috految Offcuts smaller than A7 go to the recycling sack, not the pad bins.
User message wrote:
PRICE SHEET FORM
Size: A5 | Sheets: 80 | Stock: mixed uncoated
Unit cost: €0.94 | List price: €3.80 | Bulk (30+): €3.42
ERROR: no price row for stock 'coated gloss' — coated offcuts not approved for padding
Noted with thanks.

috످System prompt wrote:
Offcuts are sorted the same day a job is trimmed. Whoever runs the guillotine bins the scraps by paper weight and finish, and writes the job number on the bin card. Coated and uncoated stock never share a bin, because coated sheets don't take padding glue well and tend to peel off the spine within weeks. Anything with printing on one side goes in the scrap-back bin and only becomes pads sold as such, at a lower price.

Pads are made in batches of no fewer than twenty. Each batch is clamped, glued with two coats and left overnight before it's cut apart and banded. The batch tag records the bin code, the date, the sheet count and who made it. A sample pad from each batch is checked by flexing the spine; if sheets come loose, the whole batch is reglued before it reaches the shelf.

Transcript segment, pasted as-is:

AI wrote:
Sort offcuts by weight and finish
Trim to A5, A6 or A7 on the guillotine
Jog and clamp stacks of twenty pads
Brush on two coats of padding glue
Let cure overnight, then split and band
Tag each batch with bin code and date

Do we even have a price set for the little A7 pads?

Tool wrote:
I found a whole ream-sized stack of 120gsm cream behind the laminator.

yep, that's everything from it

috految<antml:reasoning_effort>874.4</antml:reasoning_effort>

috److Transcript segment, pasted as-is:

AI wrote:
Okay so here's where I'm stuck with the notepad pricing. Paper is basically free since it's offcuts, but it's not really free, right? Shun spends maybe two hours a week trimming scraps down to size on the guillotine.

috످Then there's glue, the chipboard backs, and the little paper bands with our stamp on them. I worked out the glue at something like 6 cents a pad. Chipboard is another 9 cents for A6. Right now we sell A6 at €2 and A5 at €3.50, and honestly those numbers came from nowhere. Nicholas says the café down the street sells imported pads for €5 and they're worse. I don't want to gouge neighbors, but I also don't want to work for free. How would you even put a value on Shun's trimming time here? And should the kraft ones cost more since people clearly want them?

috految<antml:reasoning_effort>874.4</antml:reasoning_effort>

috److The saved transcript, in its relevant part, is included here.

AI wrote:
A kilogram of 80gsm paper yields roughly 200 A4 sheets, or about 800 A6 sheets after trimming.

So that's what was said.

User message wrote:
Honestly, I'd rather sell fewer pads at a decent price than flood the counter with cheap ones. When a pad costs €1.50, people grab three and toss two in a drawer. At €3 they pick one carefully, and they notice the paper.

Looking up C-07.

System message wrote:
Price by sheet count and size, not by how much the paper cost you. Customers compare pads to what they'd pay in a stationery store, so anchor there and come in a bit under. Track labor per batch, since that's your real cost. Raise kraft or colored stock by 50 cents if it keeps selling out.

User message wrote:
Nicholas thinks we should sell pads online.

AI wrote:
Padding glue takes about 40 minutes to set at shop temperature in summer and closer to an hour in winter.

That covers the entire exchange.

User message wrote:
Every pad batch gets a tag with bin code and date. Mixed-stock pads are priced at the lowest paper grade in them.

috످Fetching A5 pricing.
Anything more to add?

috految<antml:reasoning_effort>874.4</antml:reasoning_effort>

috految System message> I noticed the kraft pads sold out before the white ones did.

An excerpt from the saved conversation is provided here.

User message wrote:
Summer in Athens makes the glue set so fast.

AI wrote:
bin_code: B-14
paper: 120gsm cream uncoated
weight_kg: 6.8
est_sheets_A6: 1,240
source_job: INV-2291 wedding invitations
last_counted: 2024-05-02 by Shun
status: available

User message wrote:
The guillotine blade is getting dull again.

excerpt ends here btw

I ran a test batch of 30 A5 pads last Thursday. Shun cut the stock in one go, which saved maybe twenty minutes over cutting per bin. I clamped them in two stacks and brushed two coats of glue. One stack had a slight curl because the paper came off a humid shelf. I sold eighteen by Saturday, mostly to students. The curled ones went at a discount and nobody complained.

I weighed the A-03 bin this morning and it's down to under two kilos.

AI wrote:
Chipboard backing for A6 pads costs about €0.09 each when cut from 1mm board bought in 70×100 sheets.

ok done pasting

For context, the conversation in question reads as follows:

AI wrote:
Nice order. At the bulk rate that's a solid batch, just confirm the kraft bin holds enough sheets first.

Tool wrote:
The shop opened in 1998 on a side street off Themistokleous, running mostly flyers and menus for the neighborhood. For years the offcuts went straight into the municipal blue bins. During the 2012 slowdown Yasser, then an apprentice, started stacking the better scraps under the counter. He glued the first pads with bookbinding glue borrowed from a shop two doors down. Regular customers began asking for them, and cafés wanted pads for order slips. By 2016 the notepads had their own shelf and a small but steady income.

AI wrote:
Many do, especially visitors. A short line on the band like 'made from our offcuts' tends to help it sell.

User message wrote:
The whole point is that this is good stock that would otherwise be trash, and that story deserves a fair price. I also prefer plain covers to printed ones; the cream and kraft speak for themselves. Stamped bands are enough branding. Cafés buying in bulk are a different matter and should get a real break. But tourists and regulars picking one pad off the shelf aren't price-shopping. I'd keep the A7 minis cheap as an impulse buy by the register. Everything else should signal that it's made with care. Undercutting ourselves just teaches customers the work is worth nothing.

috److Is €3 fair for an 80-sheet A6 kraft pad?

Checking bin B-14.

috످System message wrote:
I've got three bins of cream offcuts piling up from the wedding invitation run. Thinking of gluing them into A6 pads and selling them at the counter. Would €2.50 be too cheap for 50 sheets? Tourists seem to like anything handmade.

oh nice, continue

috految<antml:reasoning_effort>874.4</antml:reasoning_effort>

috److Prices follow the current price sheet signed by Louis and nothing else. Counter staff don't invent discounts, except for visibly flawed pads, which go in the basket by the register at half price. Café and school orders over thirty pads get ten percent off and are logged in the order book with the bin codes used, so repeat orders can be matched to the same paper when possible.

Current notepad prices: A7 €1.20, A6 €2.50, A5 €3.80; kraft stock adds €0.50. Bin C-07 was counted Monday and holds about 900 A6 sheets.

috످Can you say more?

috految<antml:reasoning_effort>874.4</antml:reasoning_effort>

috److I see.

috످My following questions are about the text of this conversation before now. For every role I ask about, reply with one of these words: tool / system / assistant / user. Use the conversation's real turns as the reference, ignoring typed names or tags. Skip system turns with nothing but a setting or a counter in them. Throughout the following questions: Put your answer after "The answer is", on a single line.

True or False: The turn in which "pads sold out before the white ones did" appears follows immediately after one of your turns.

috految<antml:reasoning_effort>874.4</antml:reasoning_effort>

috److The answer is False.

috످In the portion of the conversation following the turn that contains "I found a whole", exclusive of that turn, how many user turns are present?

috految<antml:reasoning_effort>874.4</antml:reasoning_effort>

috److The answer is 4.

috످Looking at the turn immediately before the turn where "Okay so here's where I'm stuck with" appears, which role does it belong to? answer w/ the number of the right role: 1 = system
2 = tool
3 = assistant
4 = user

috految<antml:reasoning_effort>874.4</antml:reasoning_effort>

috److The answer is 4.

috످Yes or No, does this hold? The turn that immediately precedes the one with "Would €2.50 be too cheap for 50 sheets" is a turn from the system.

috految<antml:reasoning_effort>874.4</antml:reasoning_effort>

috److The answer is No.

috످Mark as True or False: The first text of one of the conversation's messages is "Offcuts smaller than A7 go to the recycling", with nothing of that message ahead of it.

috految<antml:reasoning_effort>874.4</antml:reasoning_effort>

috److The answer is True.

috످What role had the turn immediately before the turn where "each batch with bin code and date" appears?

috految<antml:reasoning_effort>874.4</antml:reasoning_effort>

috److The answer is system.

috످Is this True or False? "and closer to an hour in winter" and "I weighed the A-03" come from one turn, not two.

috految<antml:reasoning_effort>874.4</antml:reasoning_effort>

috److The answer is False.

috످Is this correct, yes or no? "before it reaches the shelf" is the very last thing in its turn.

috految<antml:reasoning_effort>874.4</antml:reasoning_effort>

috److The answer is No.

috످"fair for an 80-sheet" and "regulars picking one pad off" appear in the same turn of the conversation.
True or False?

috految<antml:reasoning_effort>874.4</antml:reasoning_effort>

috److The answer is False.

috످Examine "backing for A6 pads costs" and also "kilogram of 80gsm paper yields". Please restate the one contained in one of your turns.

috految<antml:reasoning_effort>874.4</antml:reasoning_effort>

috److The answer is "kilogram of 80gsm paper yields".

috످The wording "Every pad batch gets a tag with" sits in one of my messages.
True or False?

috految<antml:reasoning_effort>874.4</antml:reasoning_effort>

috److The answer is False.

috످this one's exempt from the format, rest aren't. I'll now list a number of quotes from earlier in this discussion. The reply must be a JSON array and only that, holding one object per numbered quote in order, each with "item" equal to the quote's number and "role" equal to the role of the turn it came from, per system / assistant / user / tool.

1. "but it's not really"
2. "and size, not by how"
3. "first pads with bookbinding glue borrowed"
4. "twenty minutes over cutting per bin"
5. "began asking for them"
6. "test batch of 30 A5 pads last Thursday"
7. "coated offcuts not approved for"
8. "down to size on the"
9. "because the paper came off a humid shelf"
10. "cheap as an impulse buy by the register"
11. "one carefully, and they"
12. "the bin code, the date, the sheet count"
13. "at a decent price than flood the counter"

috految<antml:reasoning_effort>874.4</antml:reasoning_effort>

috److془Let me carefully work through each.

Turns:
1. System: "Offcuts smaller than A7 ... PRICE SHEET FORM ... ERROR: no price row..., Noted with thanks."
2. User: "System prompt wrote: Offcuts are sorted..."
3. Assistant: "Transcript segment... Okay so here's where I'm stuck..."
4. User: "Then there's glue..."
5. Assistant: "The saved transcript..."
6. User: "Fetching A5 pricing. Anything more to add?"
7. System: "System message> I noticed the kraft pads..."
8. Assistant: "Is €3 fair.."

Wait — need to check whether turn 7 is system or user. The conversation: "Fetching A5 pricing.\nAnything more to add?" then system: "System message> I noticed the kraft pads sold out..." Then assistant "Is €3 fair for an 80-sheet A6 kraft pad?". Yes it's system.

Items:
1. The passage is about the hidden labor cost behind seemingly free scrap paper, and stands in my first reply → assistant.
2. Advice on pricing pads by format against shop prices; it is in my second reply though labelled system → assistant.
3. The origin story of how an apprentice made the earliest notepads; in the mid-conversation system turn despite tool label → system.
4. Time Shun saved in trial run; system.
5. Demand grew among regulars; system.
6. Trial run; system.
7. Price form error about glossy paper; opening system turn.
8. Shun's weekly trimming; assistant.
9. Damp storage warped a stack; system.
10. Keep smallest pads inexpensive; system.
11. Higher prices make buyers choose more thoughtfully; assistant.
12. What batch label must list; user.
13. Prefer low volume and better price; assistant.془[
  {"item": 1, "role": "assistant"},
  {"item": 2, "role": "assistant"},
  {"item": 3, "role": "system"},
  {"item": 4, "role": "system"},
  {"item": 5, "role": "system"},
  {"item": 6, "role": "system"},
  {"item": 7, "role": "system"},
  {"item": 8, "role": "assistant"},
  {"item": 9, "role": "system"},
  {"item": 10, "role": "system"},
  {"item": 11, "role": "assistant"},
  {"item": 12, "role": "user"},
  {"item": 13, "role": "assistant"}
]

috످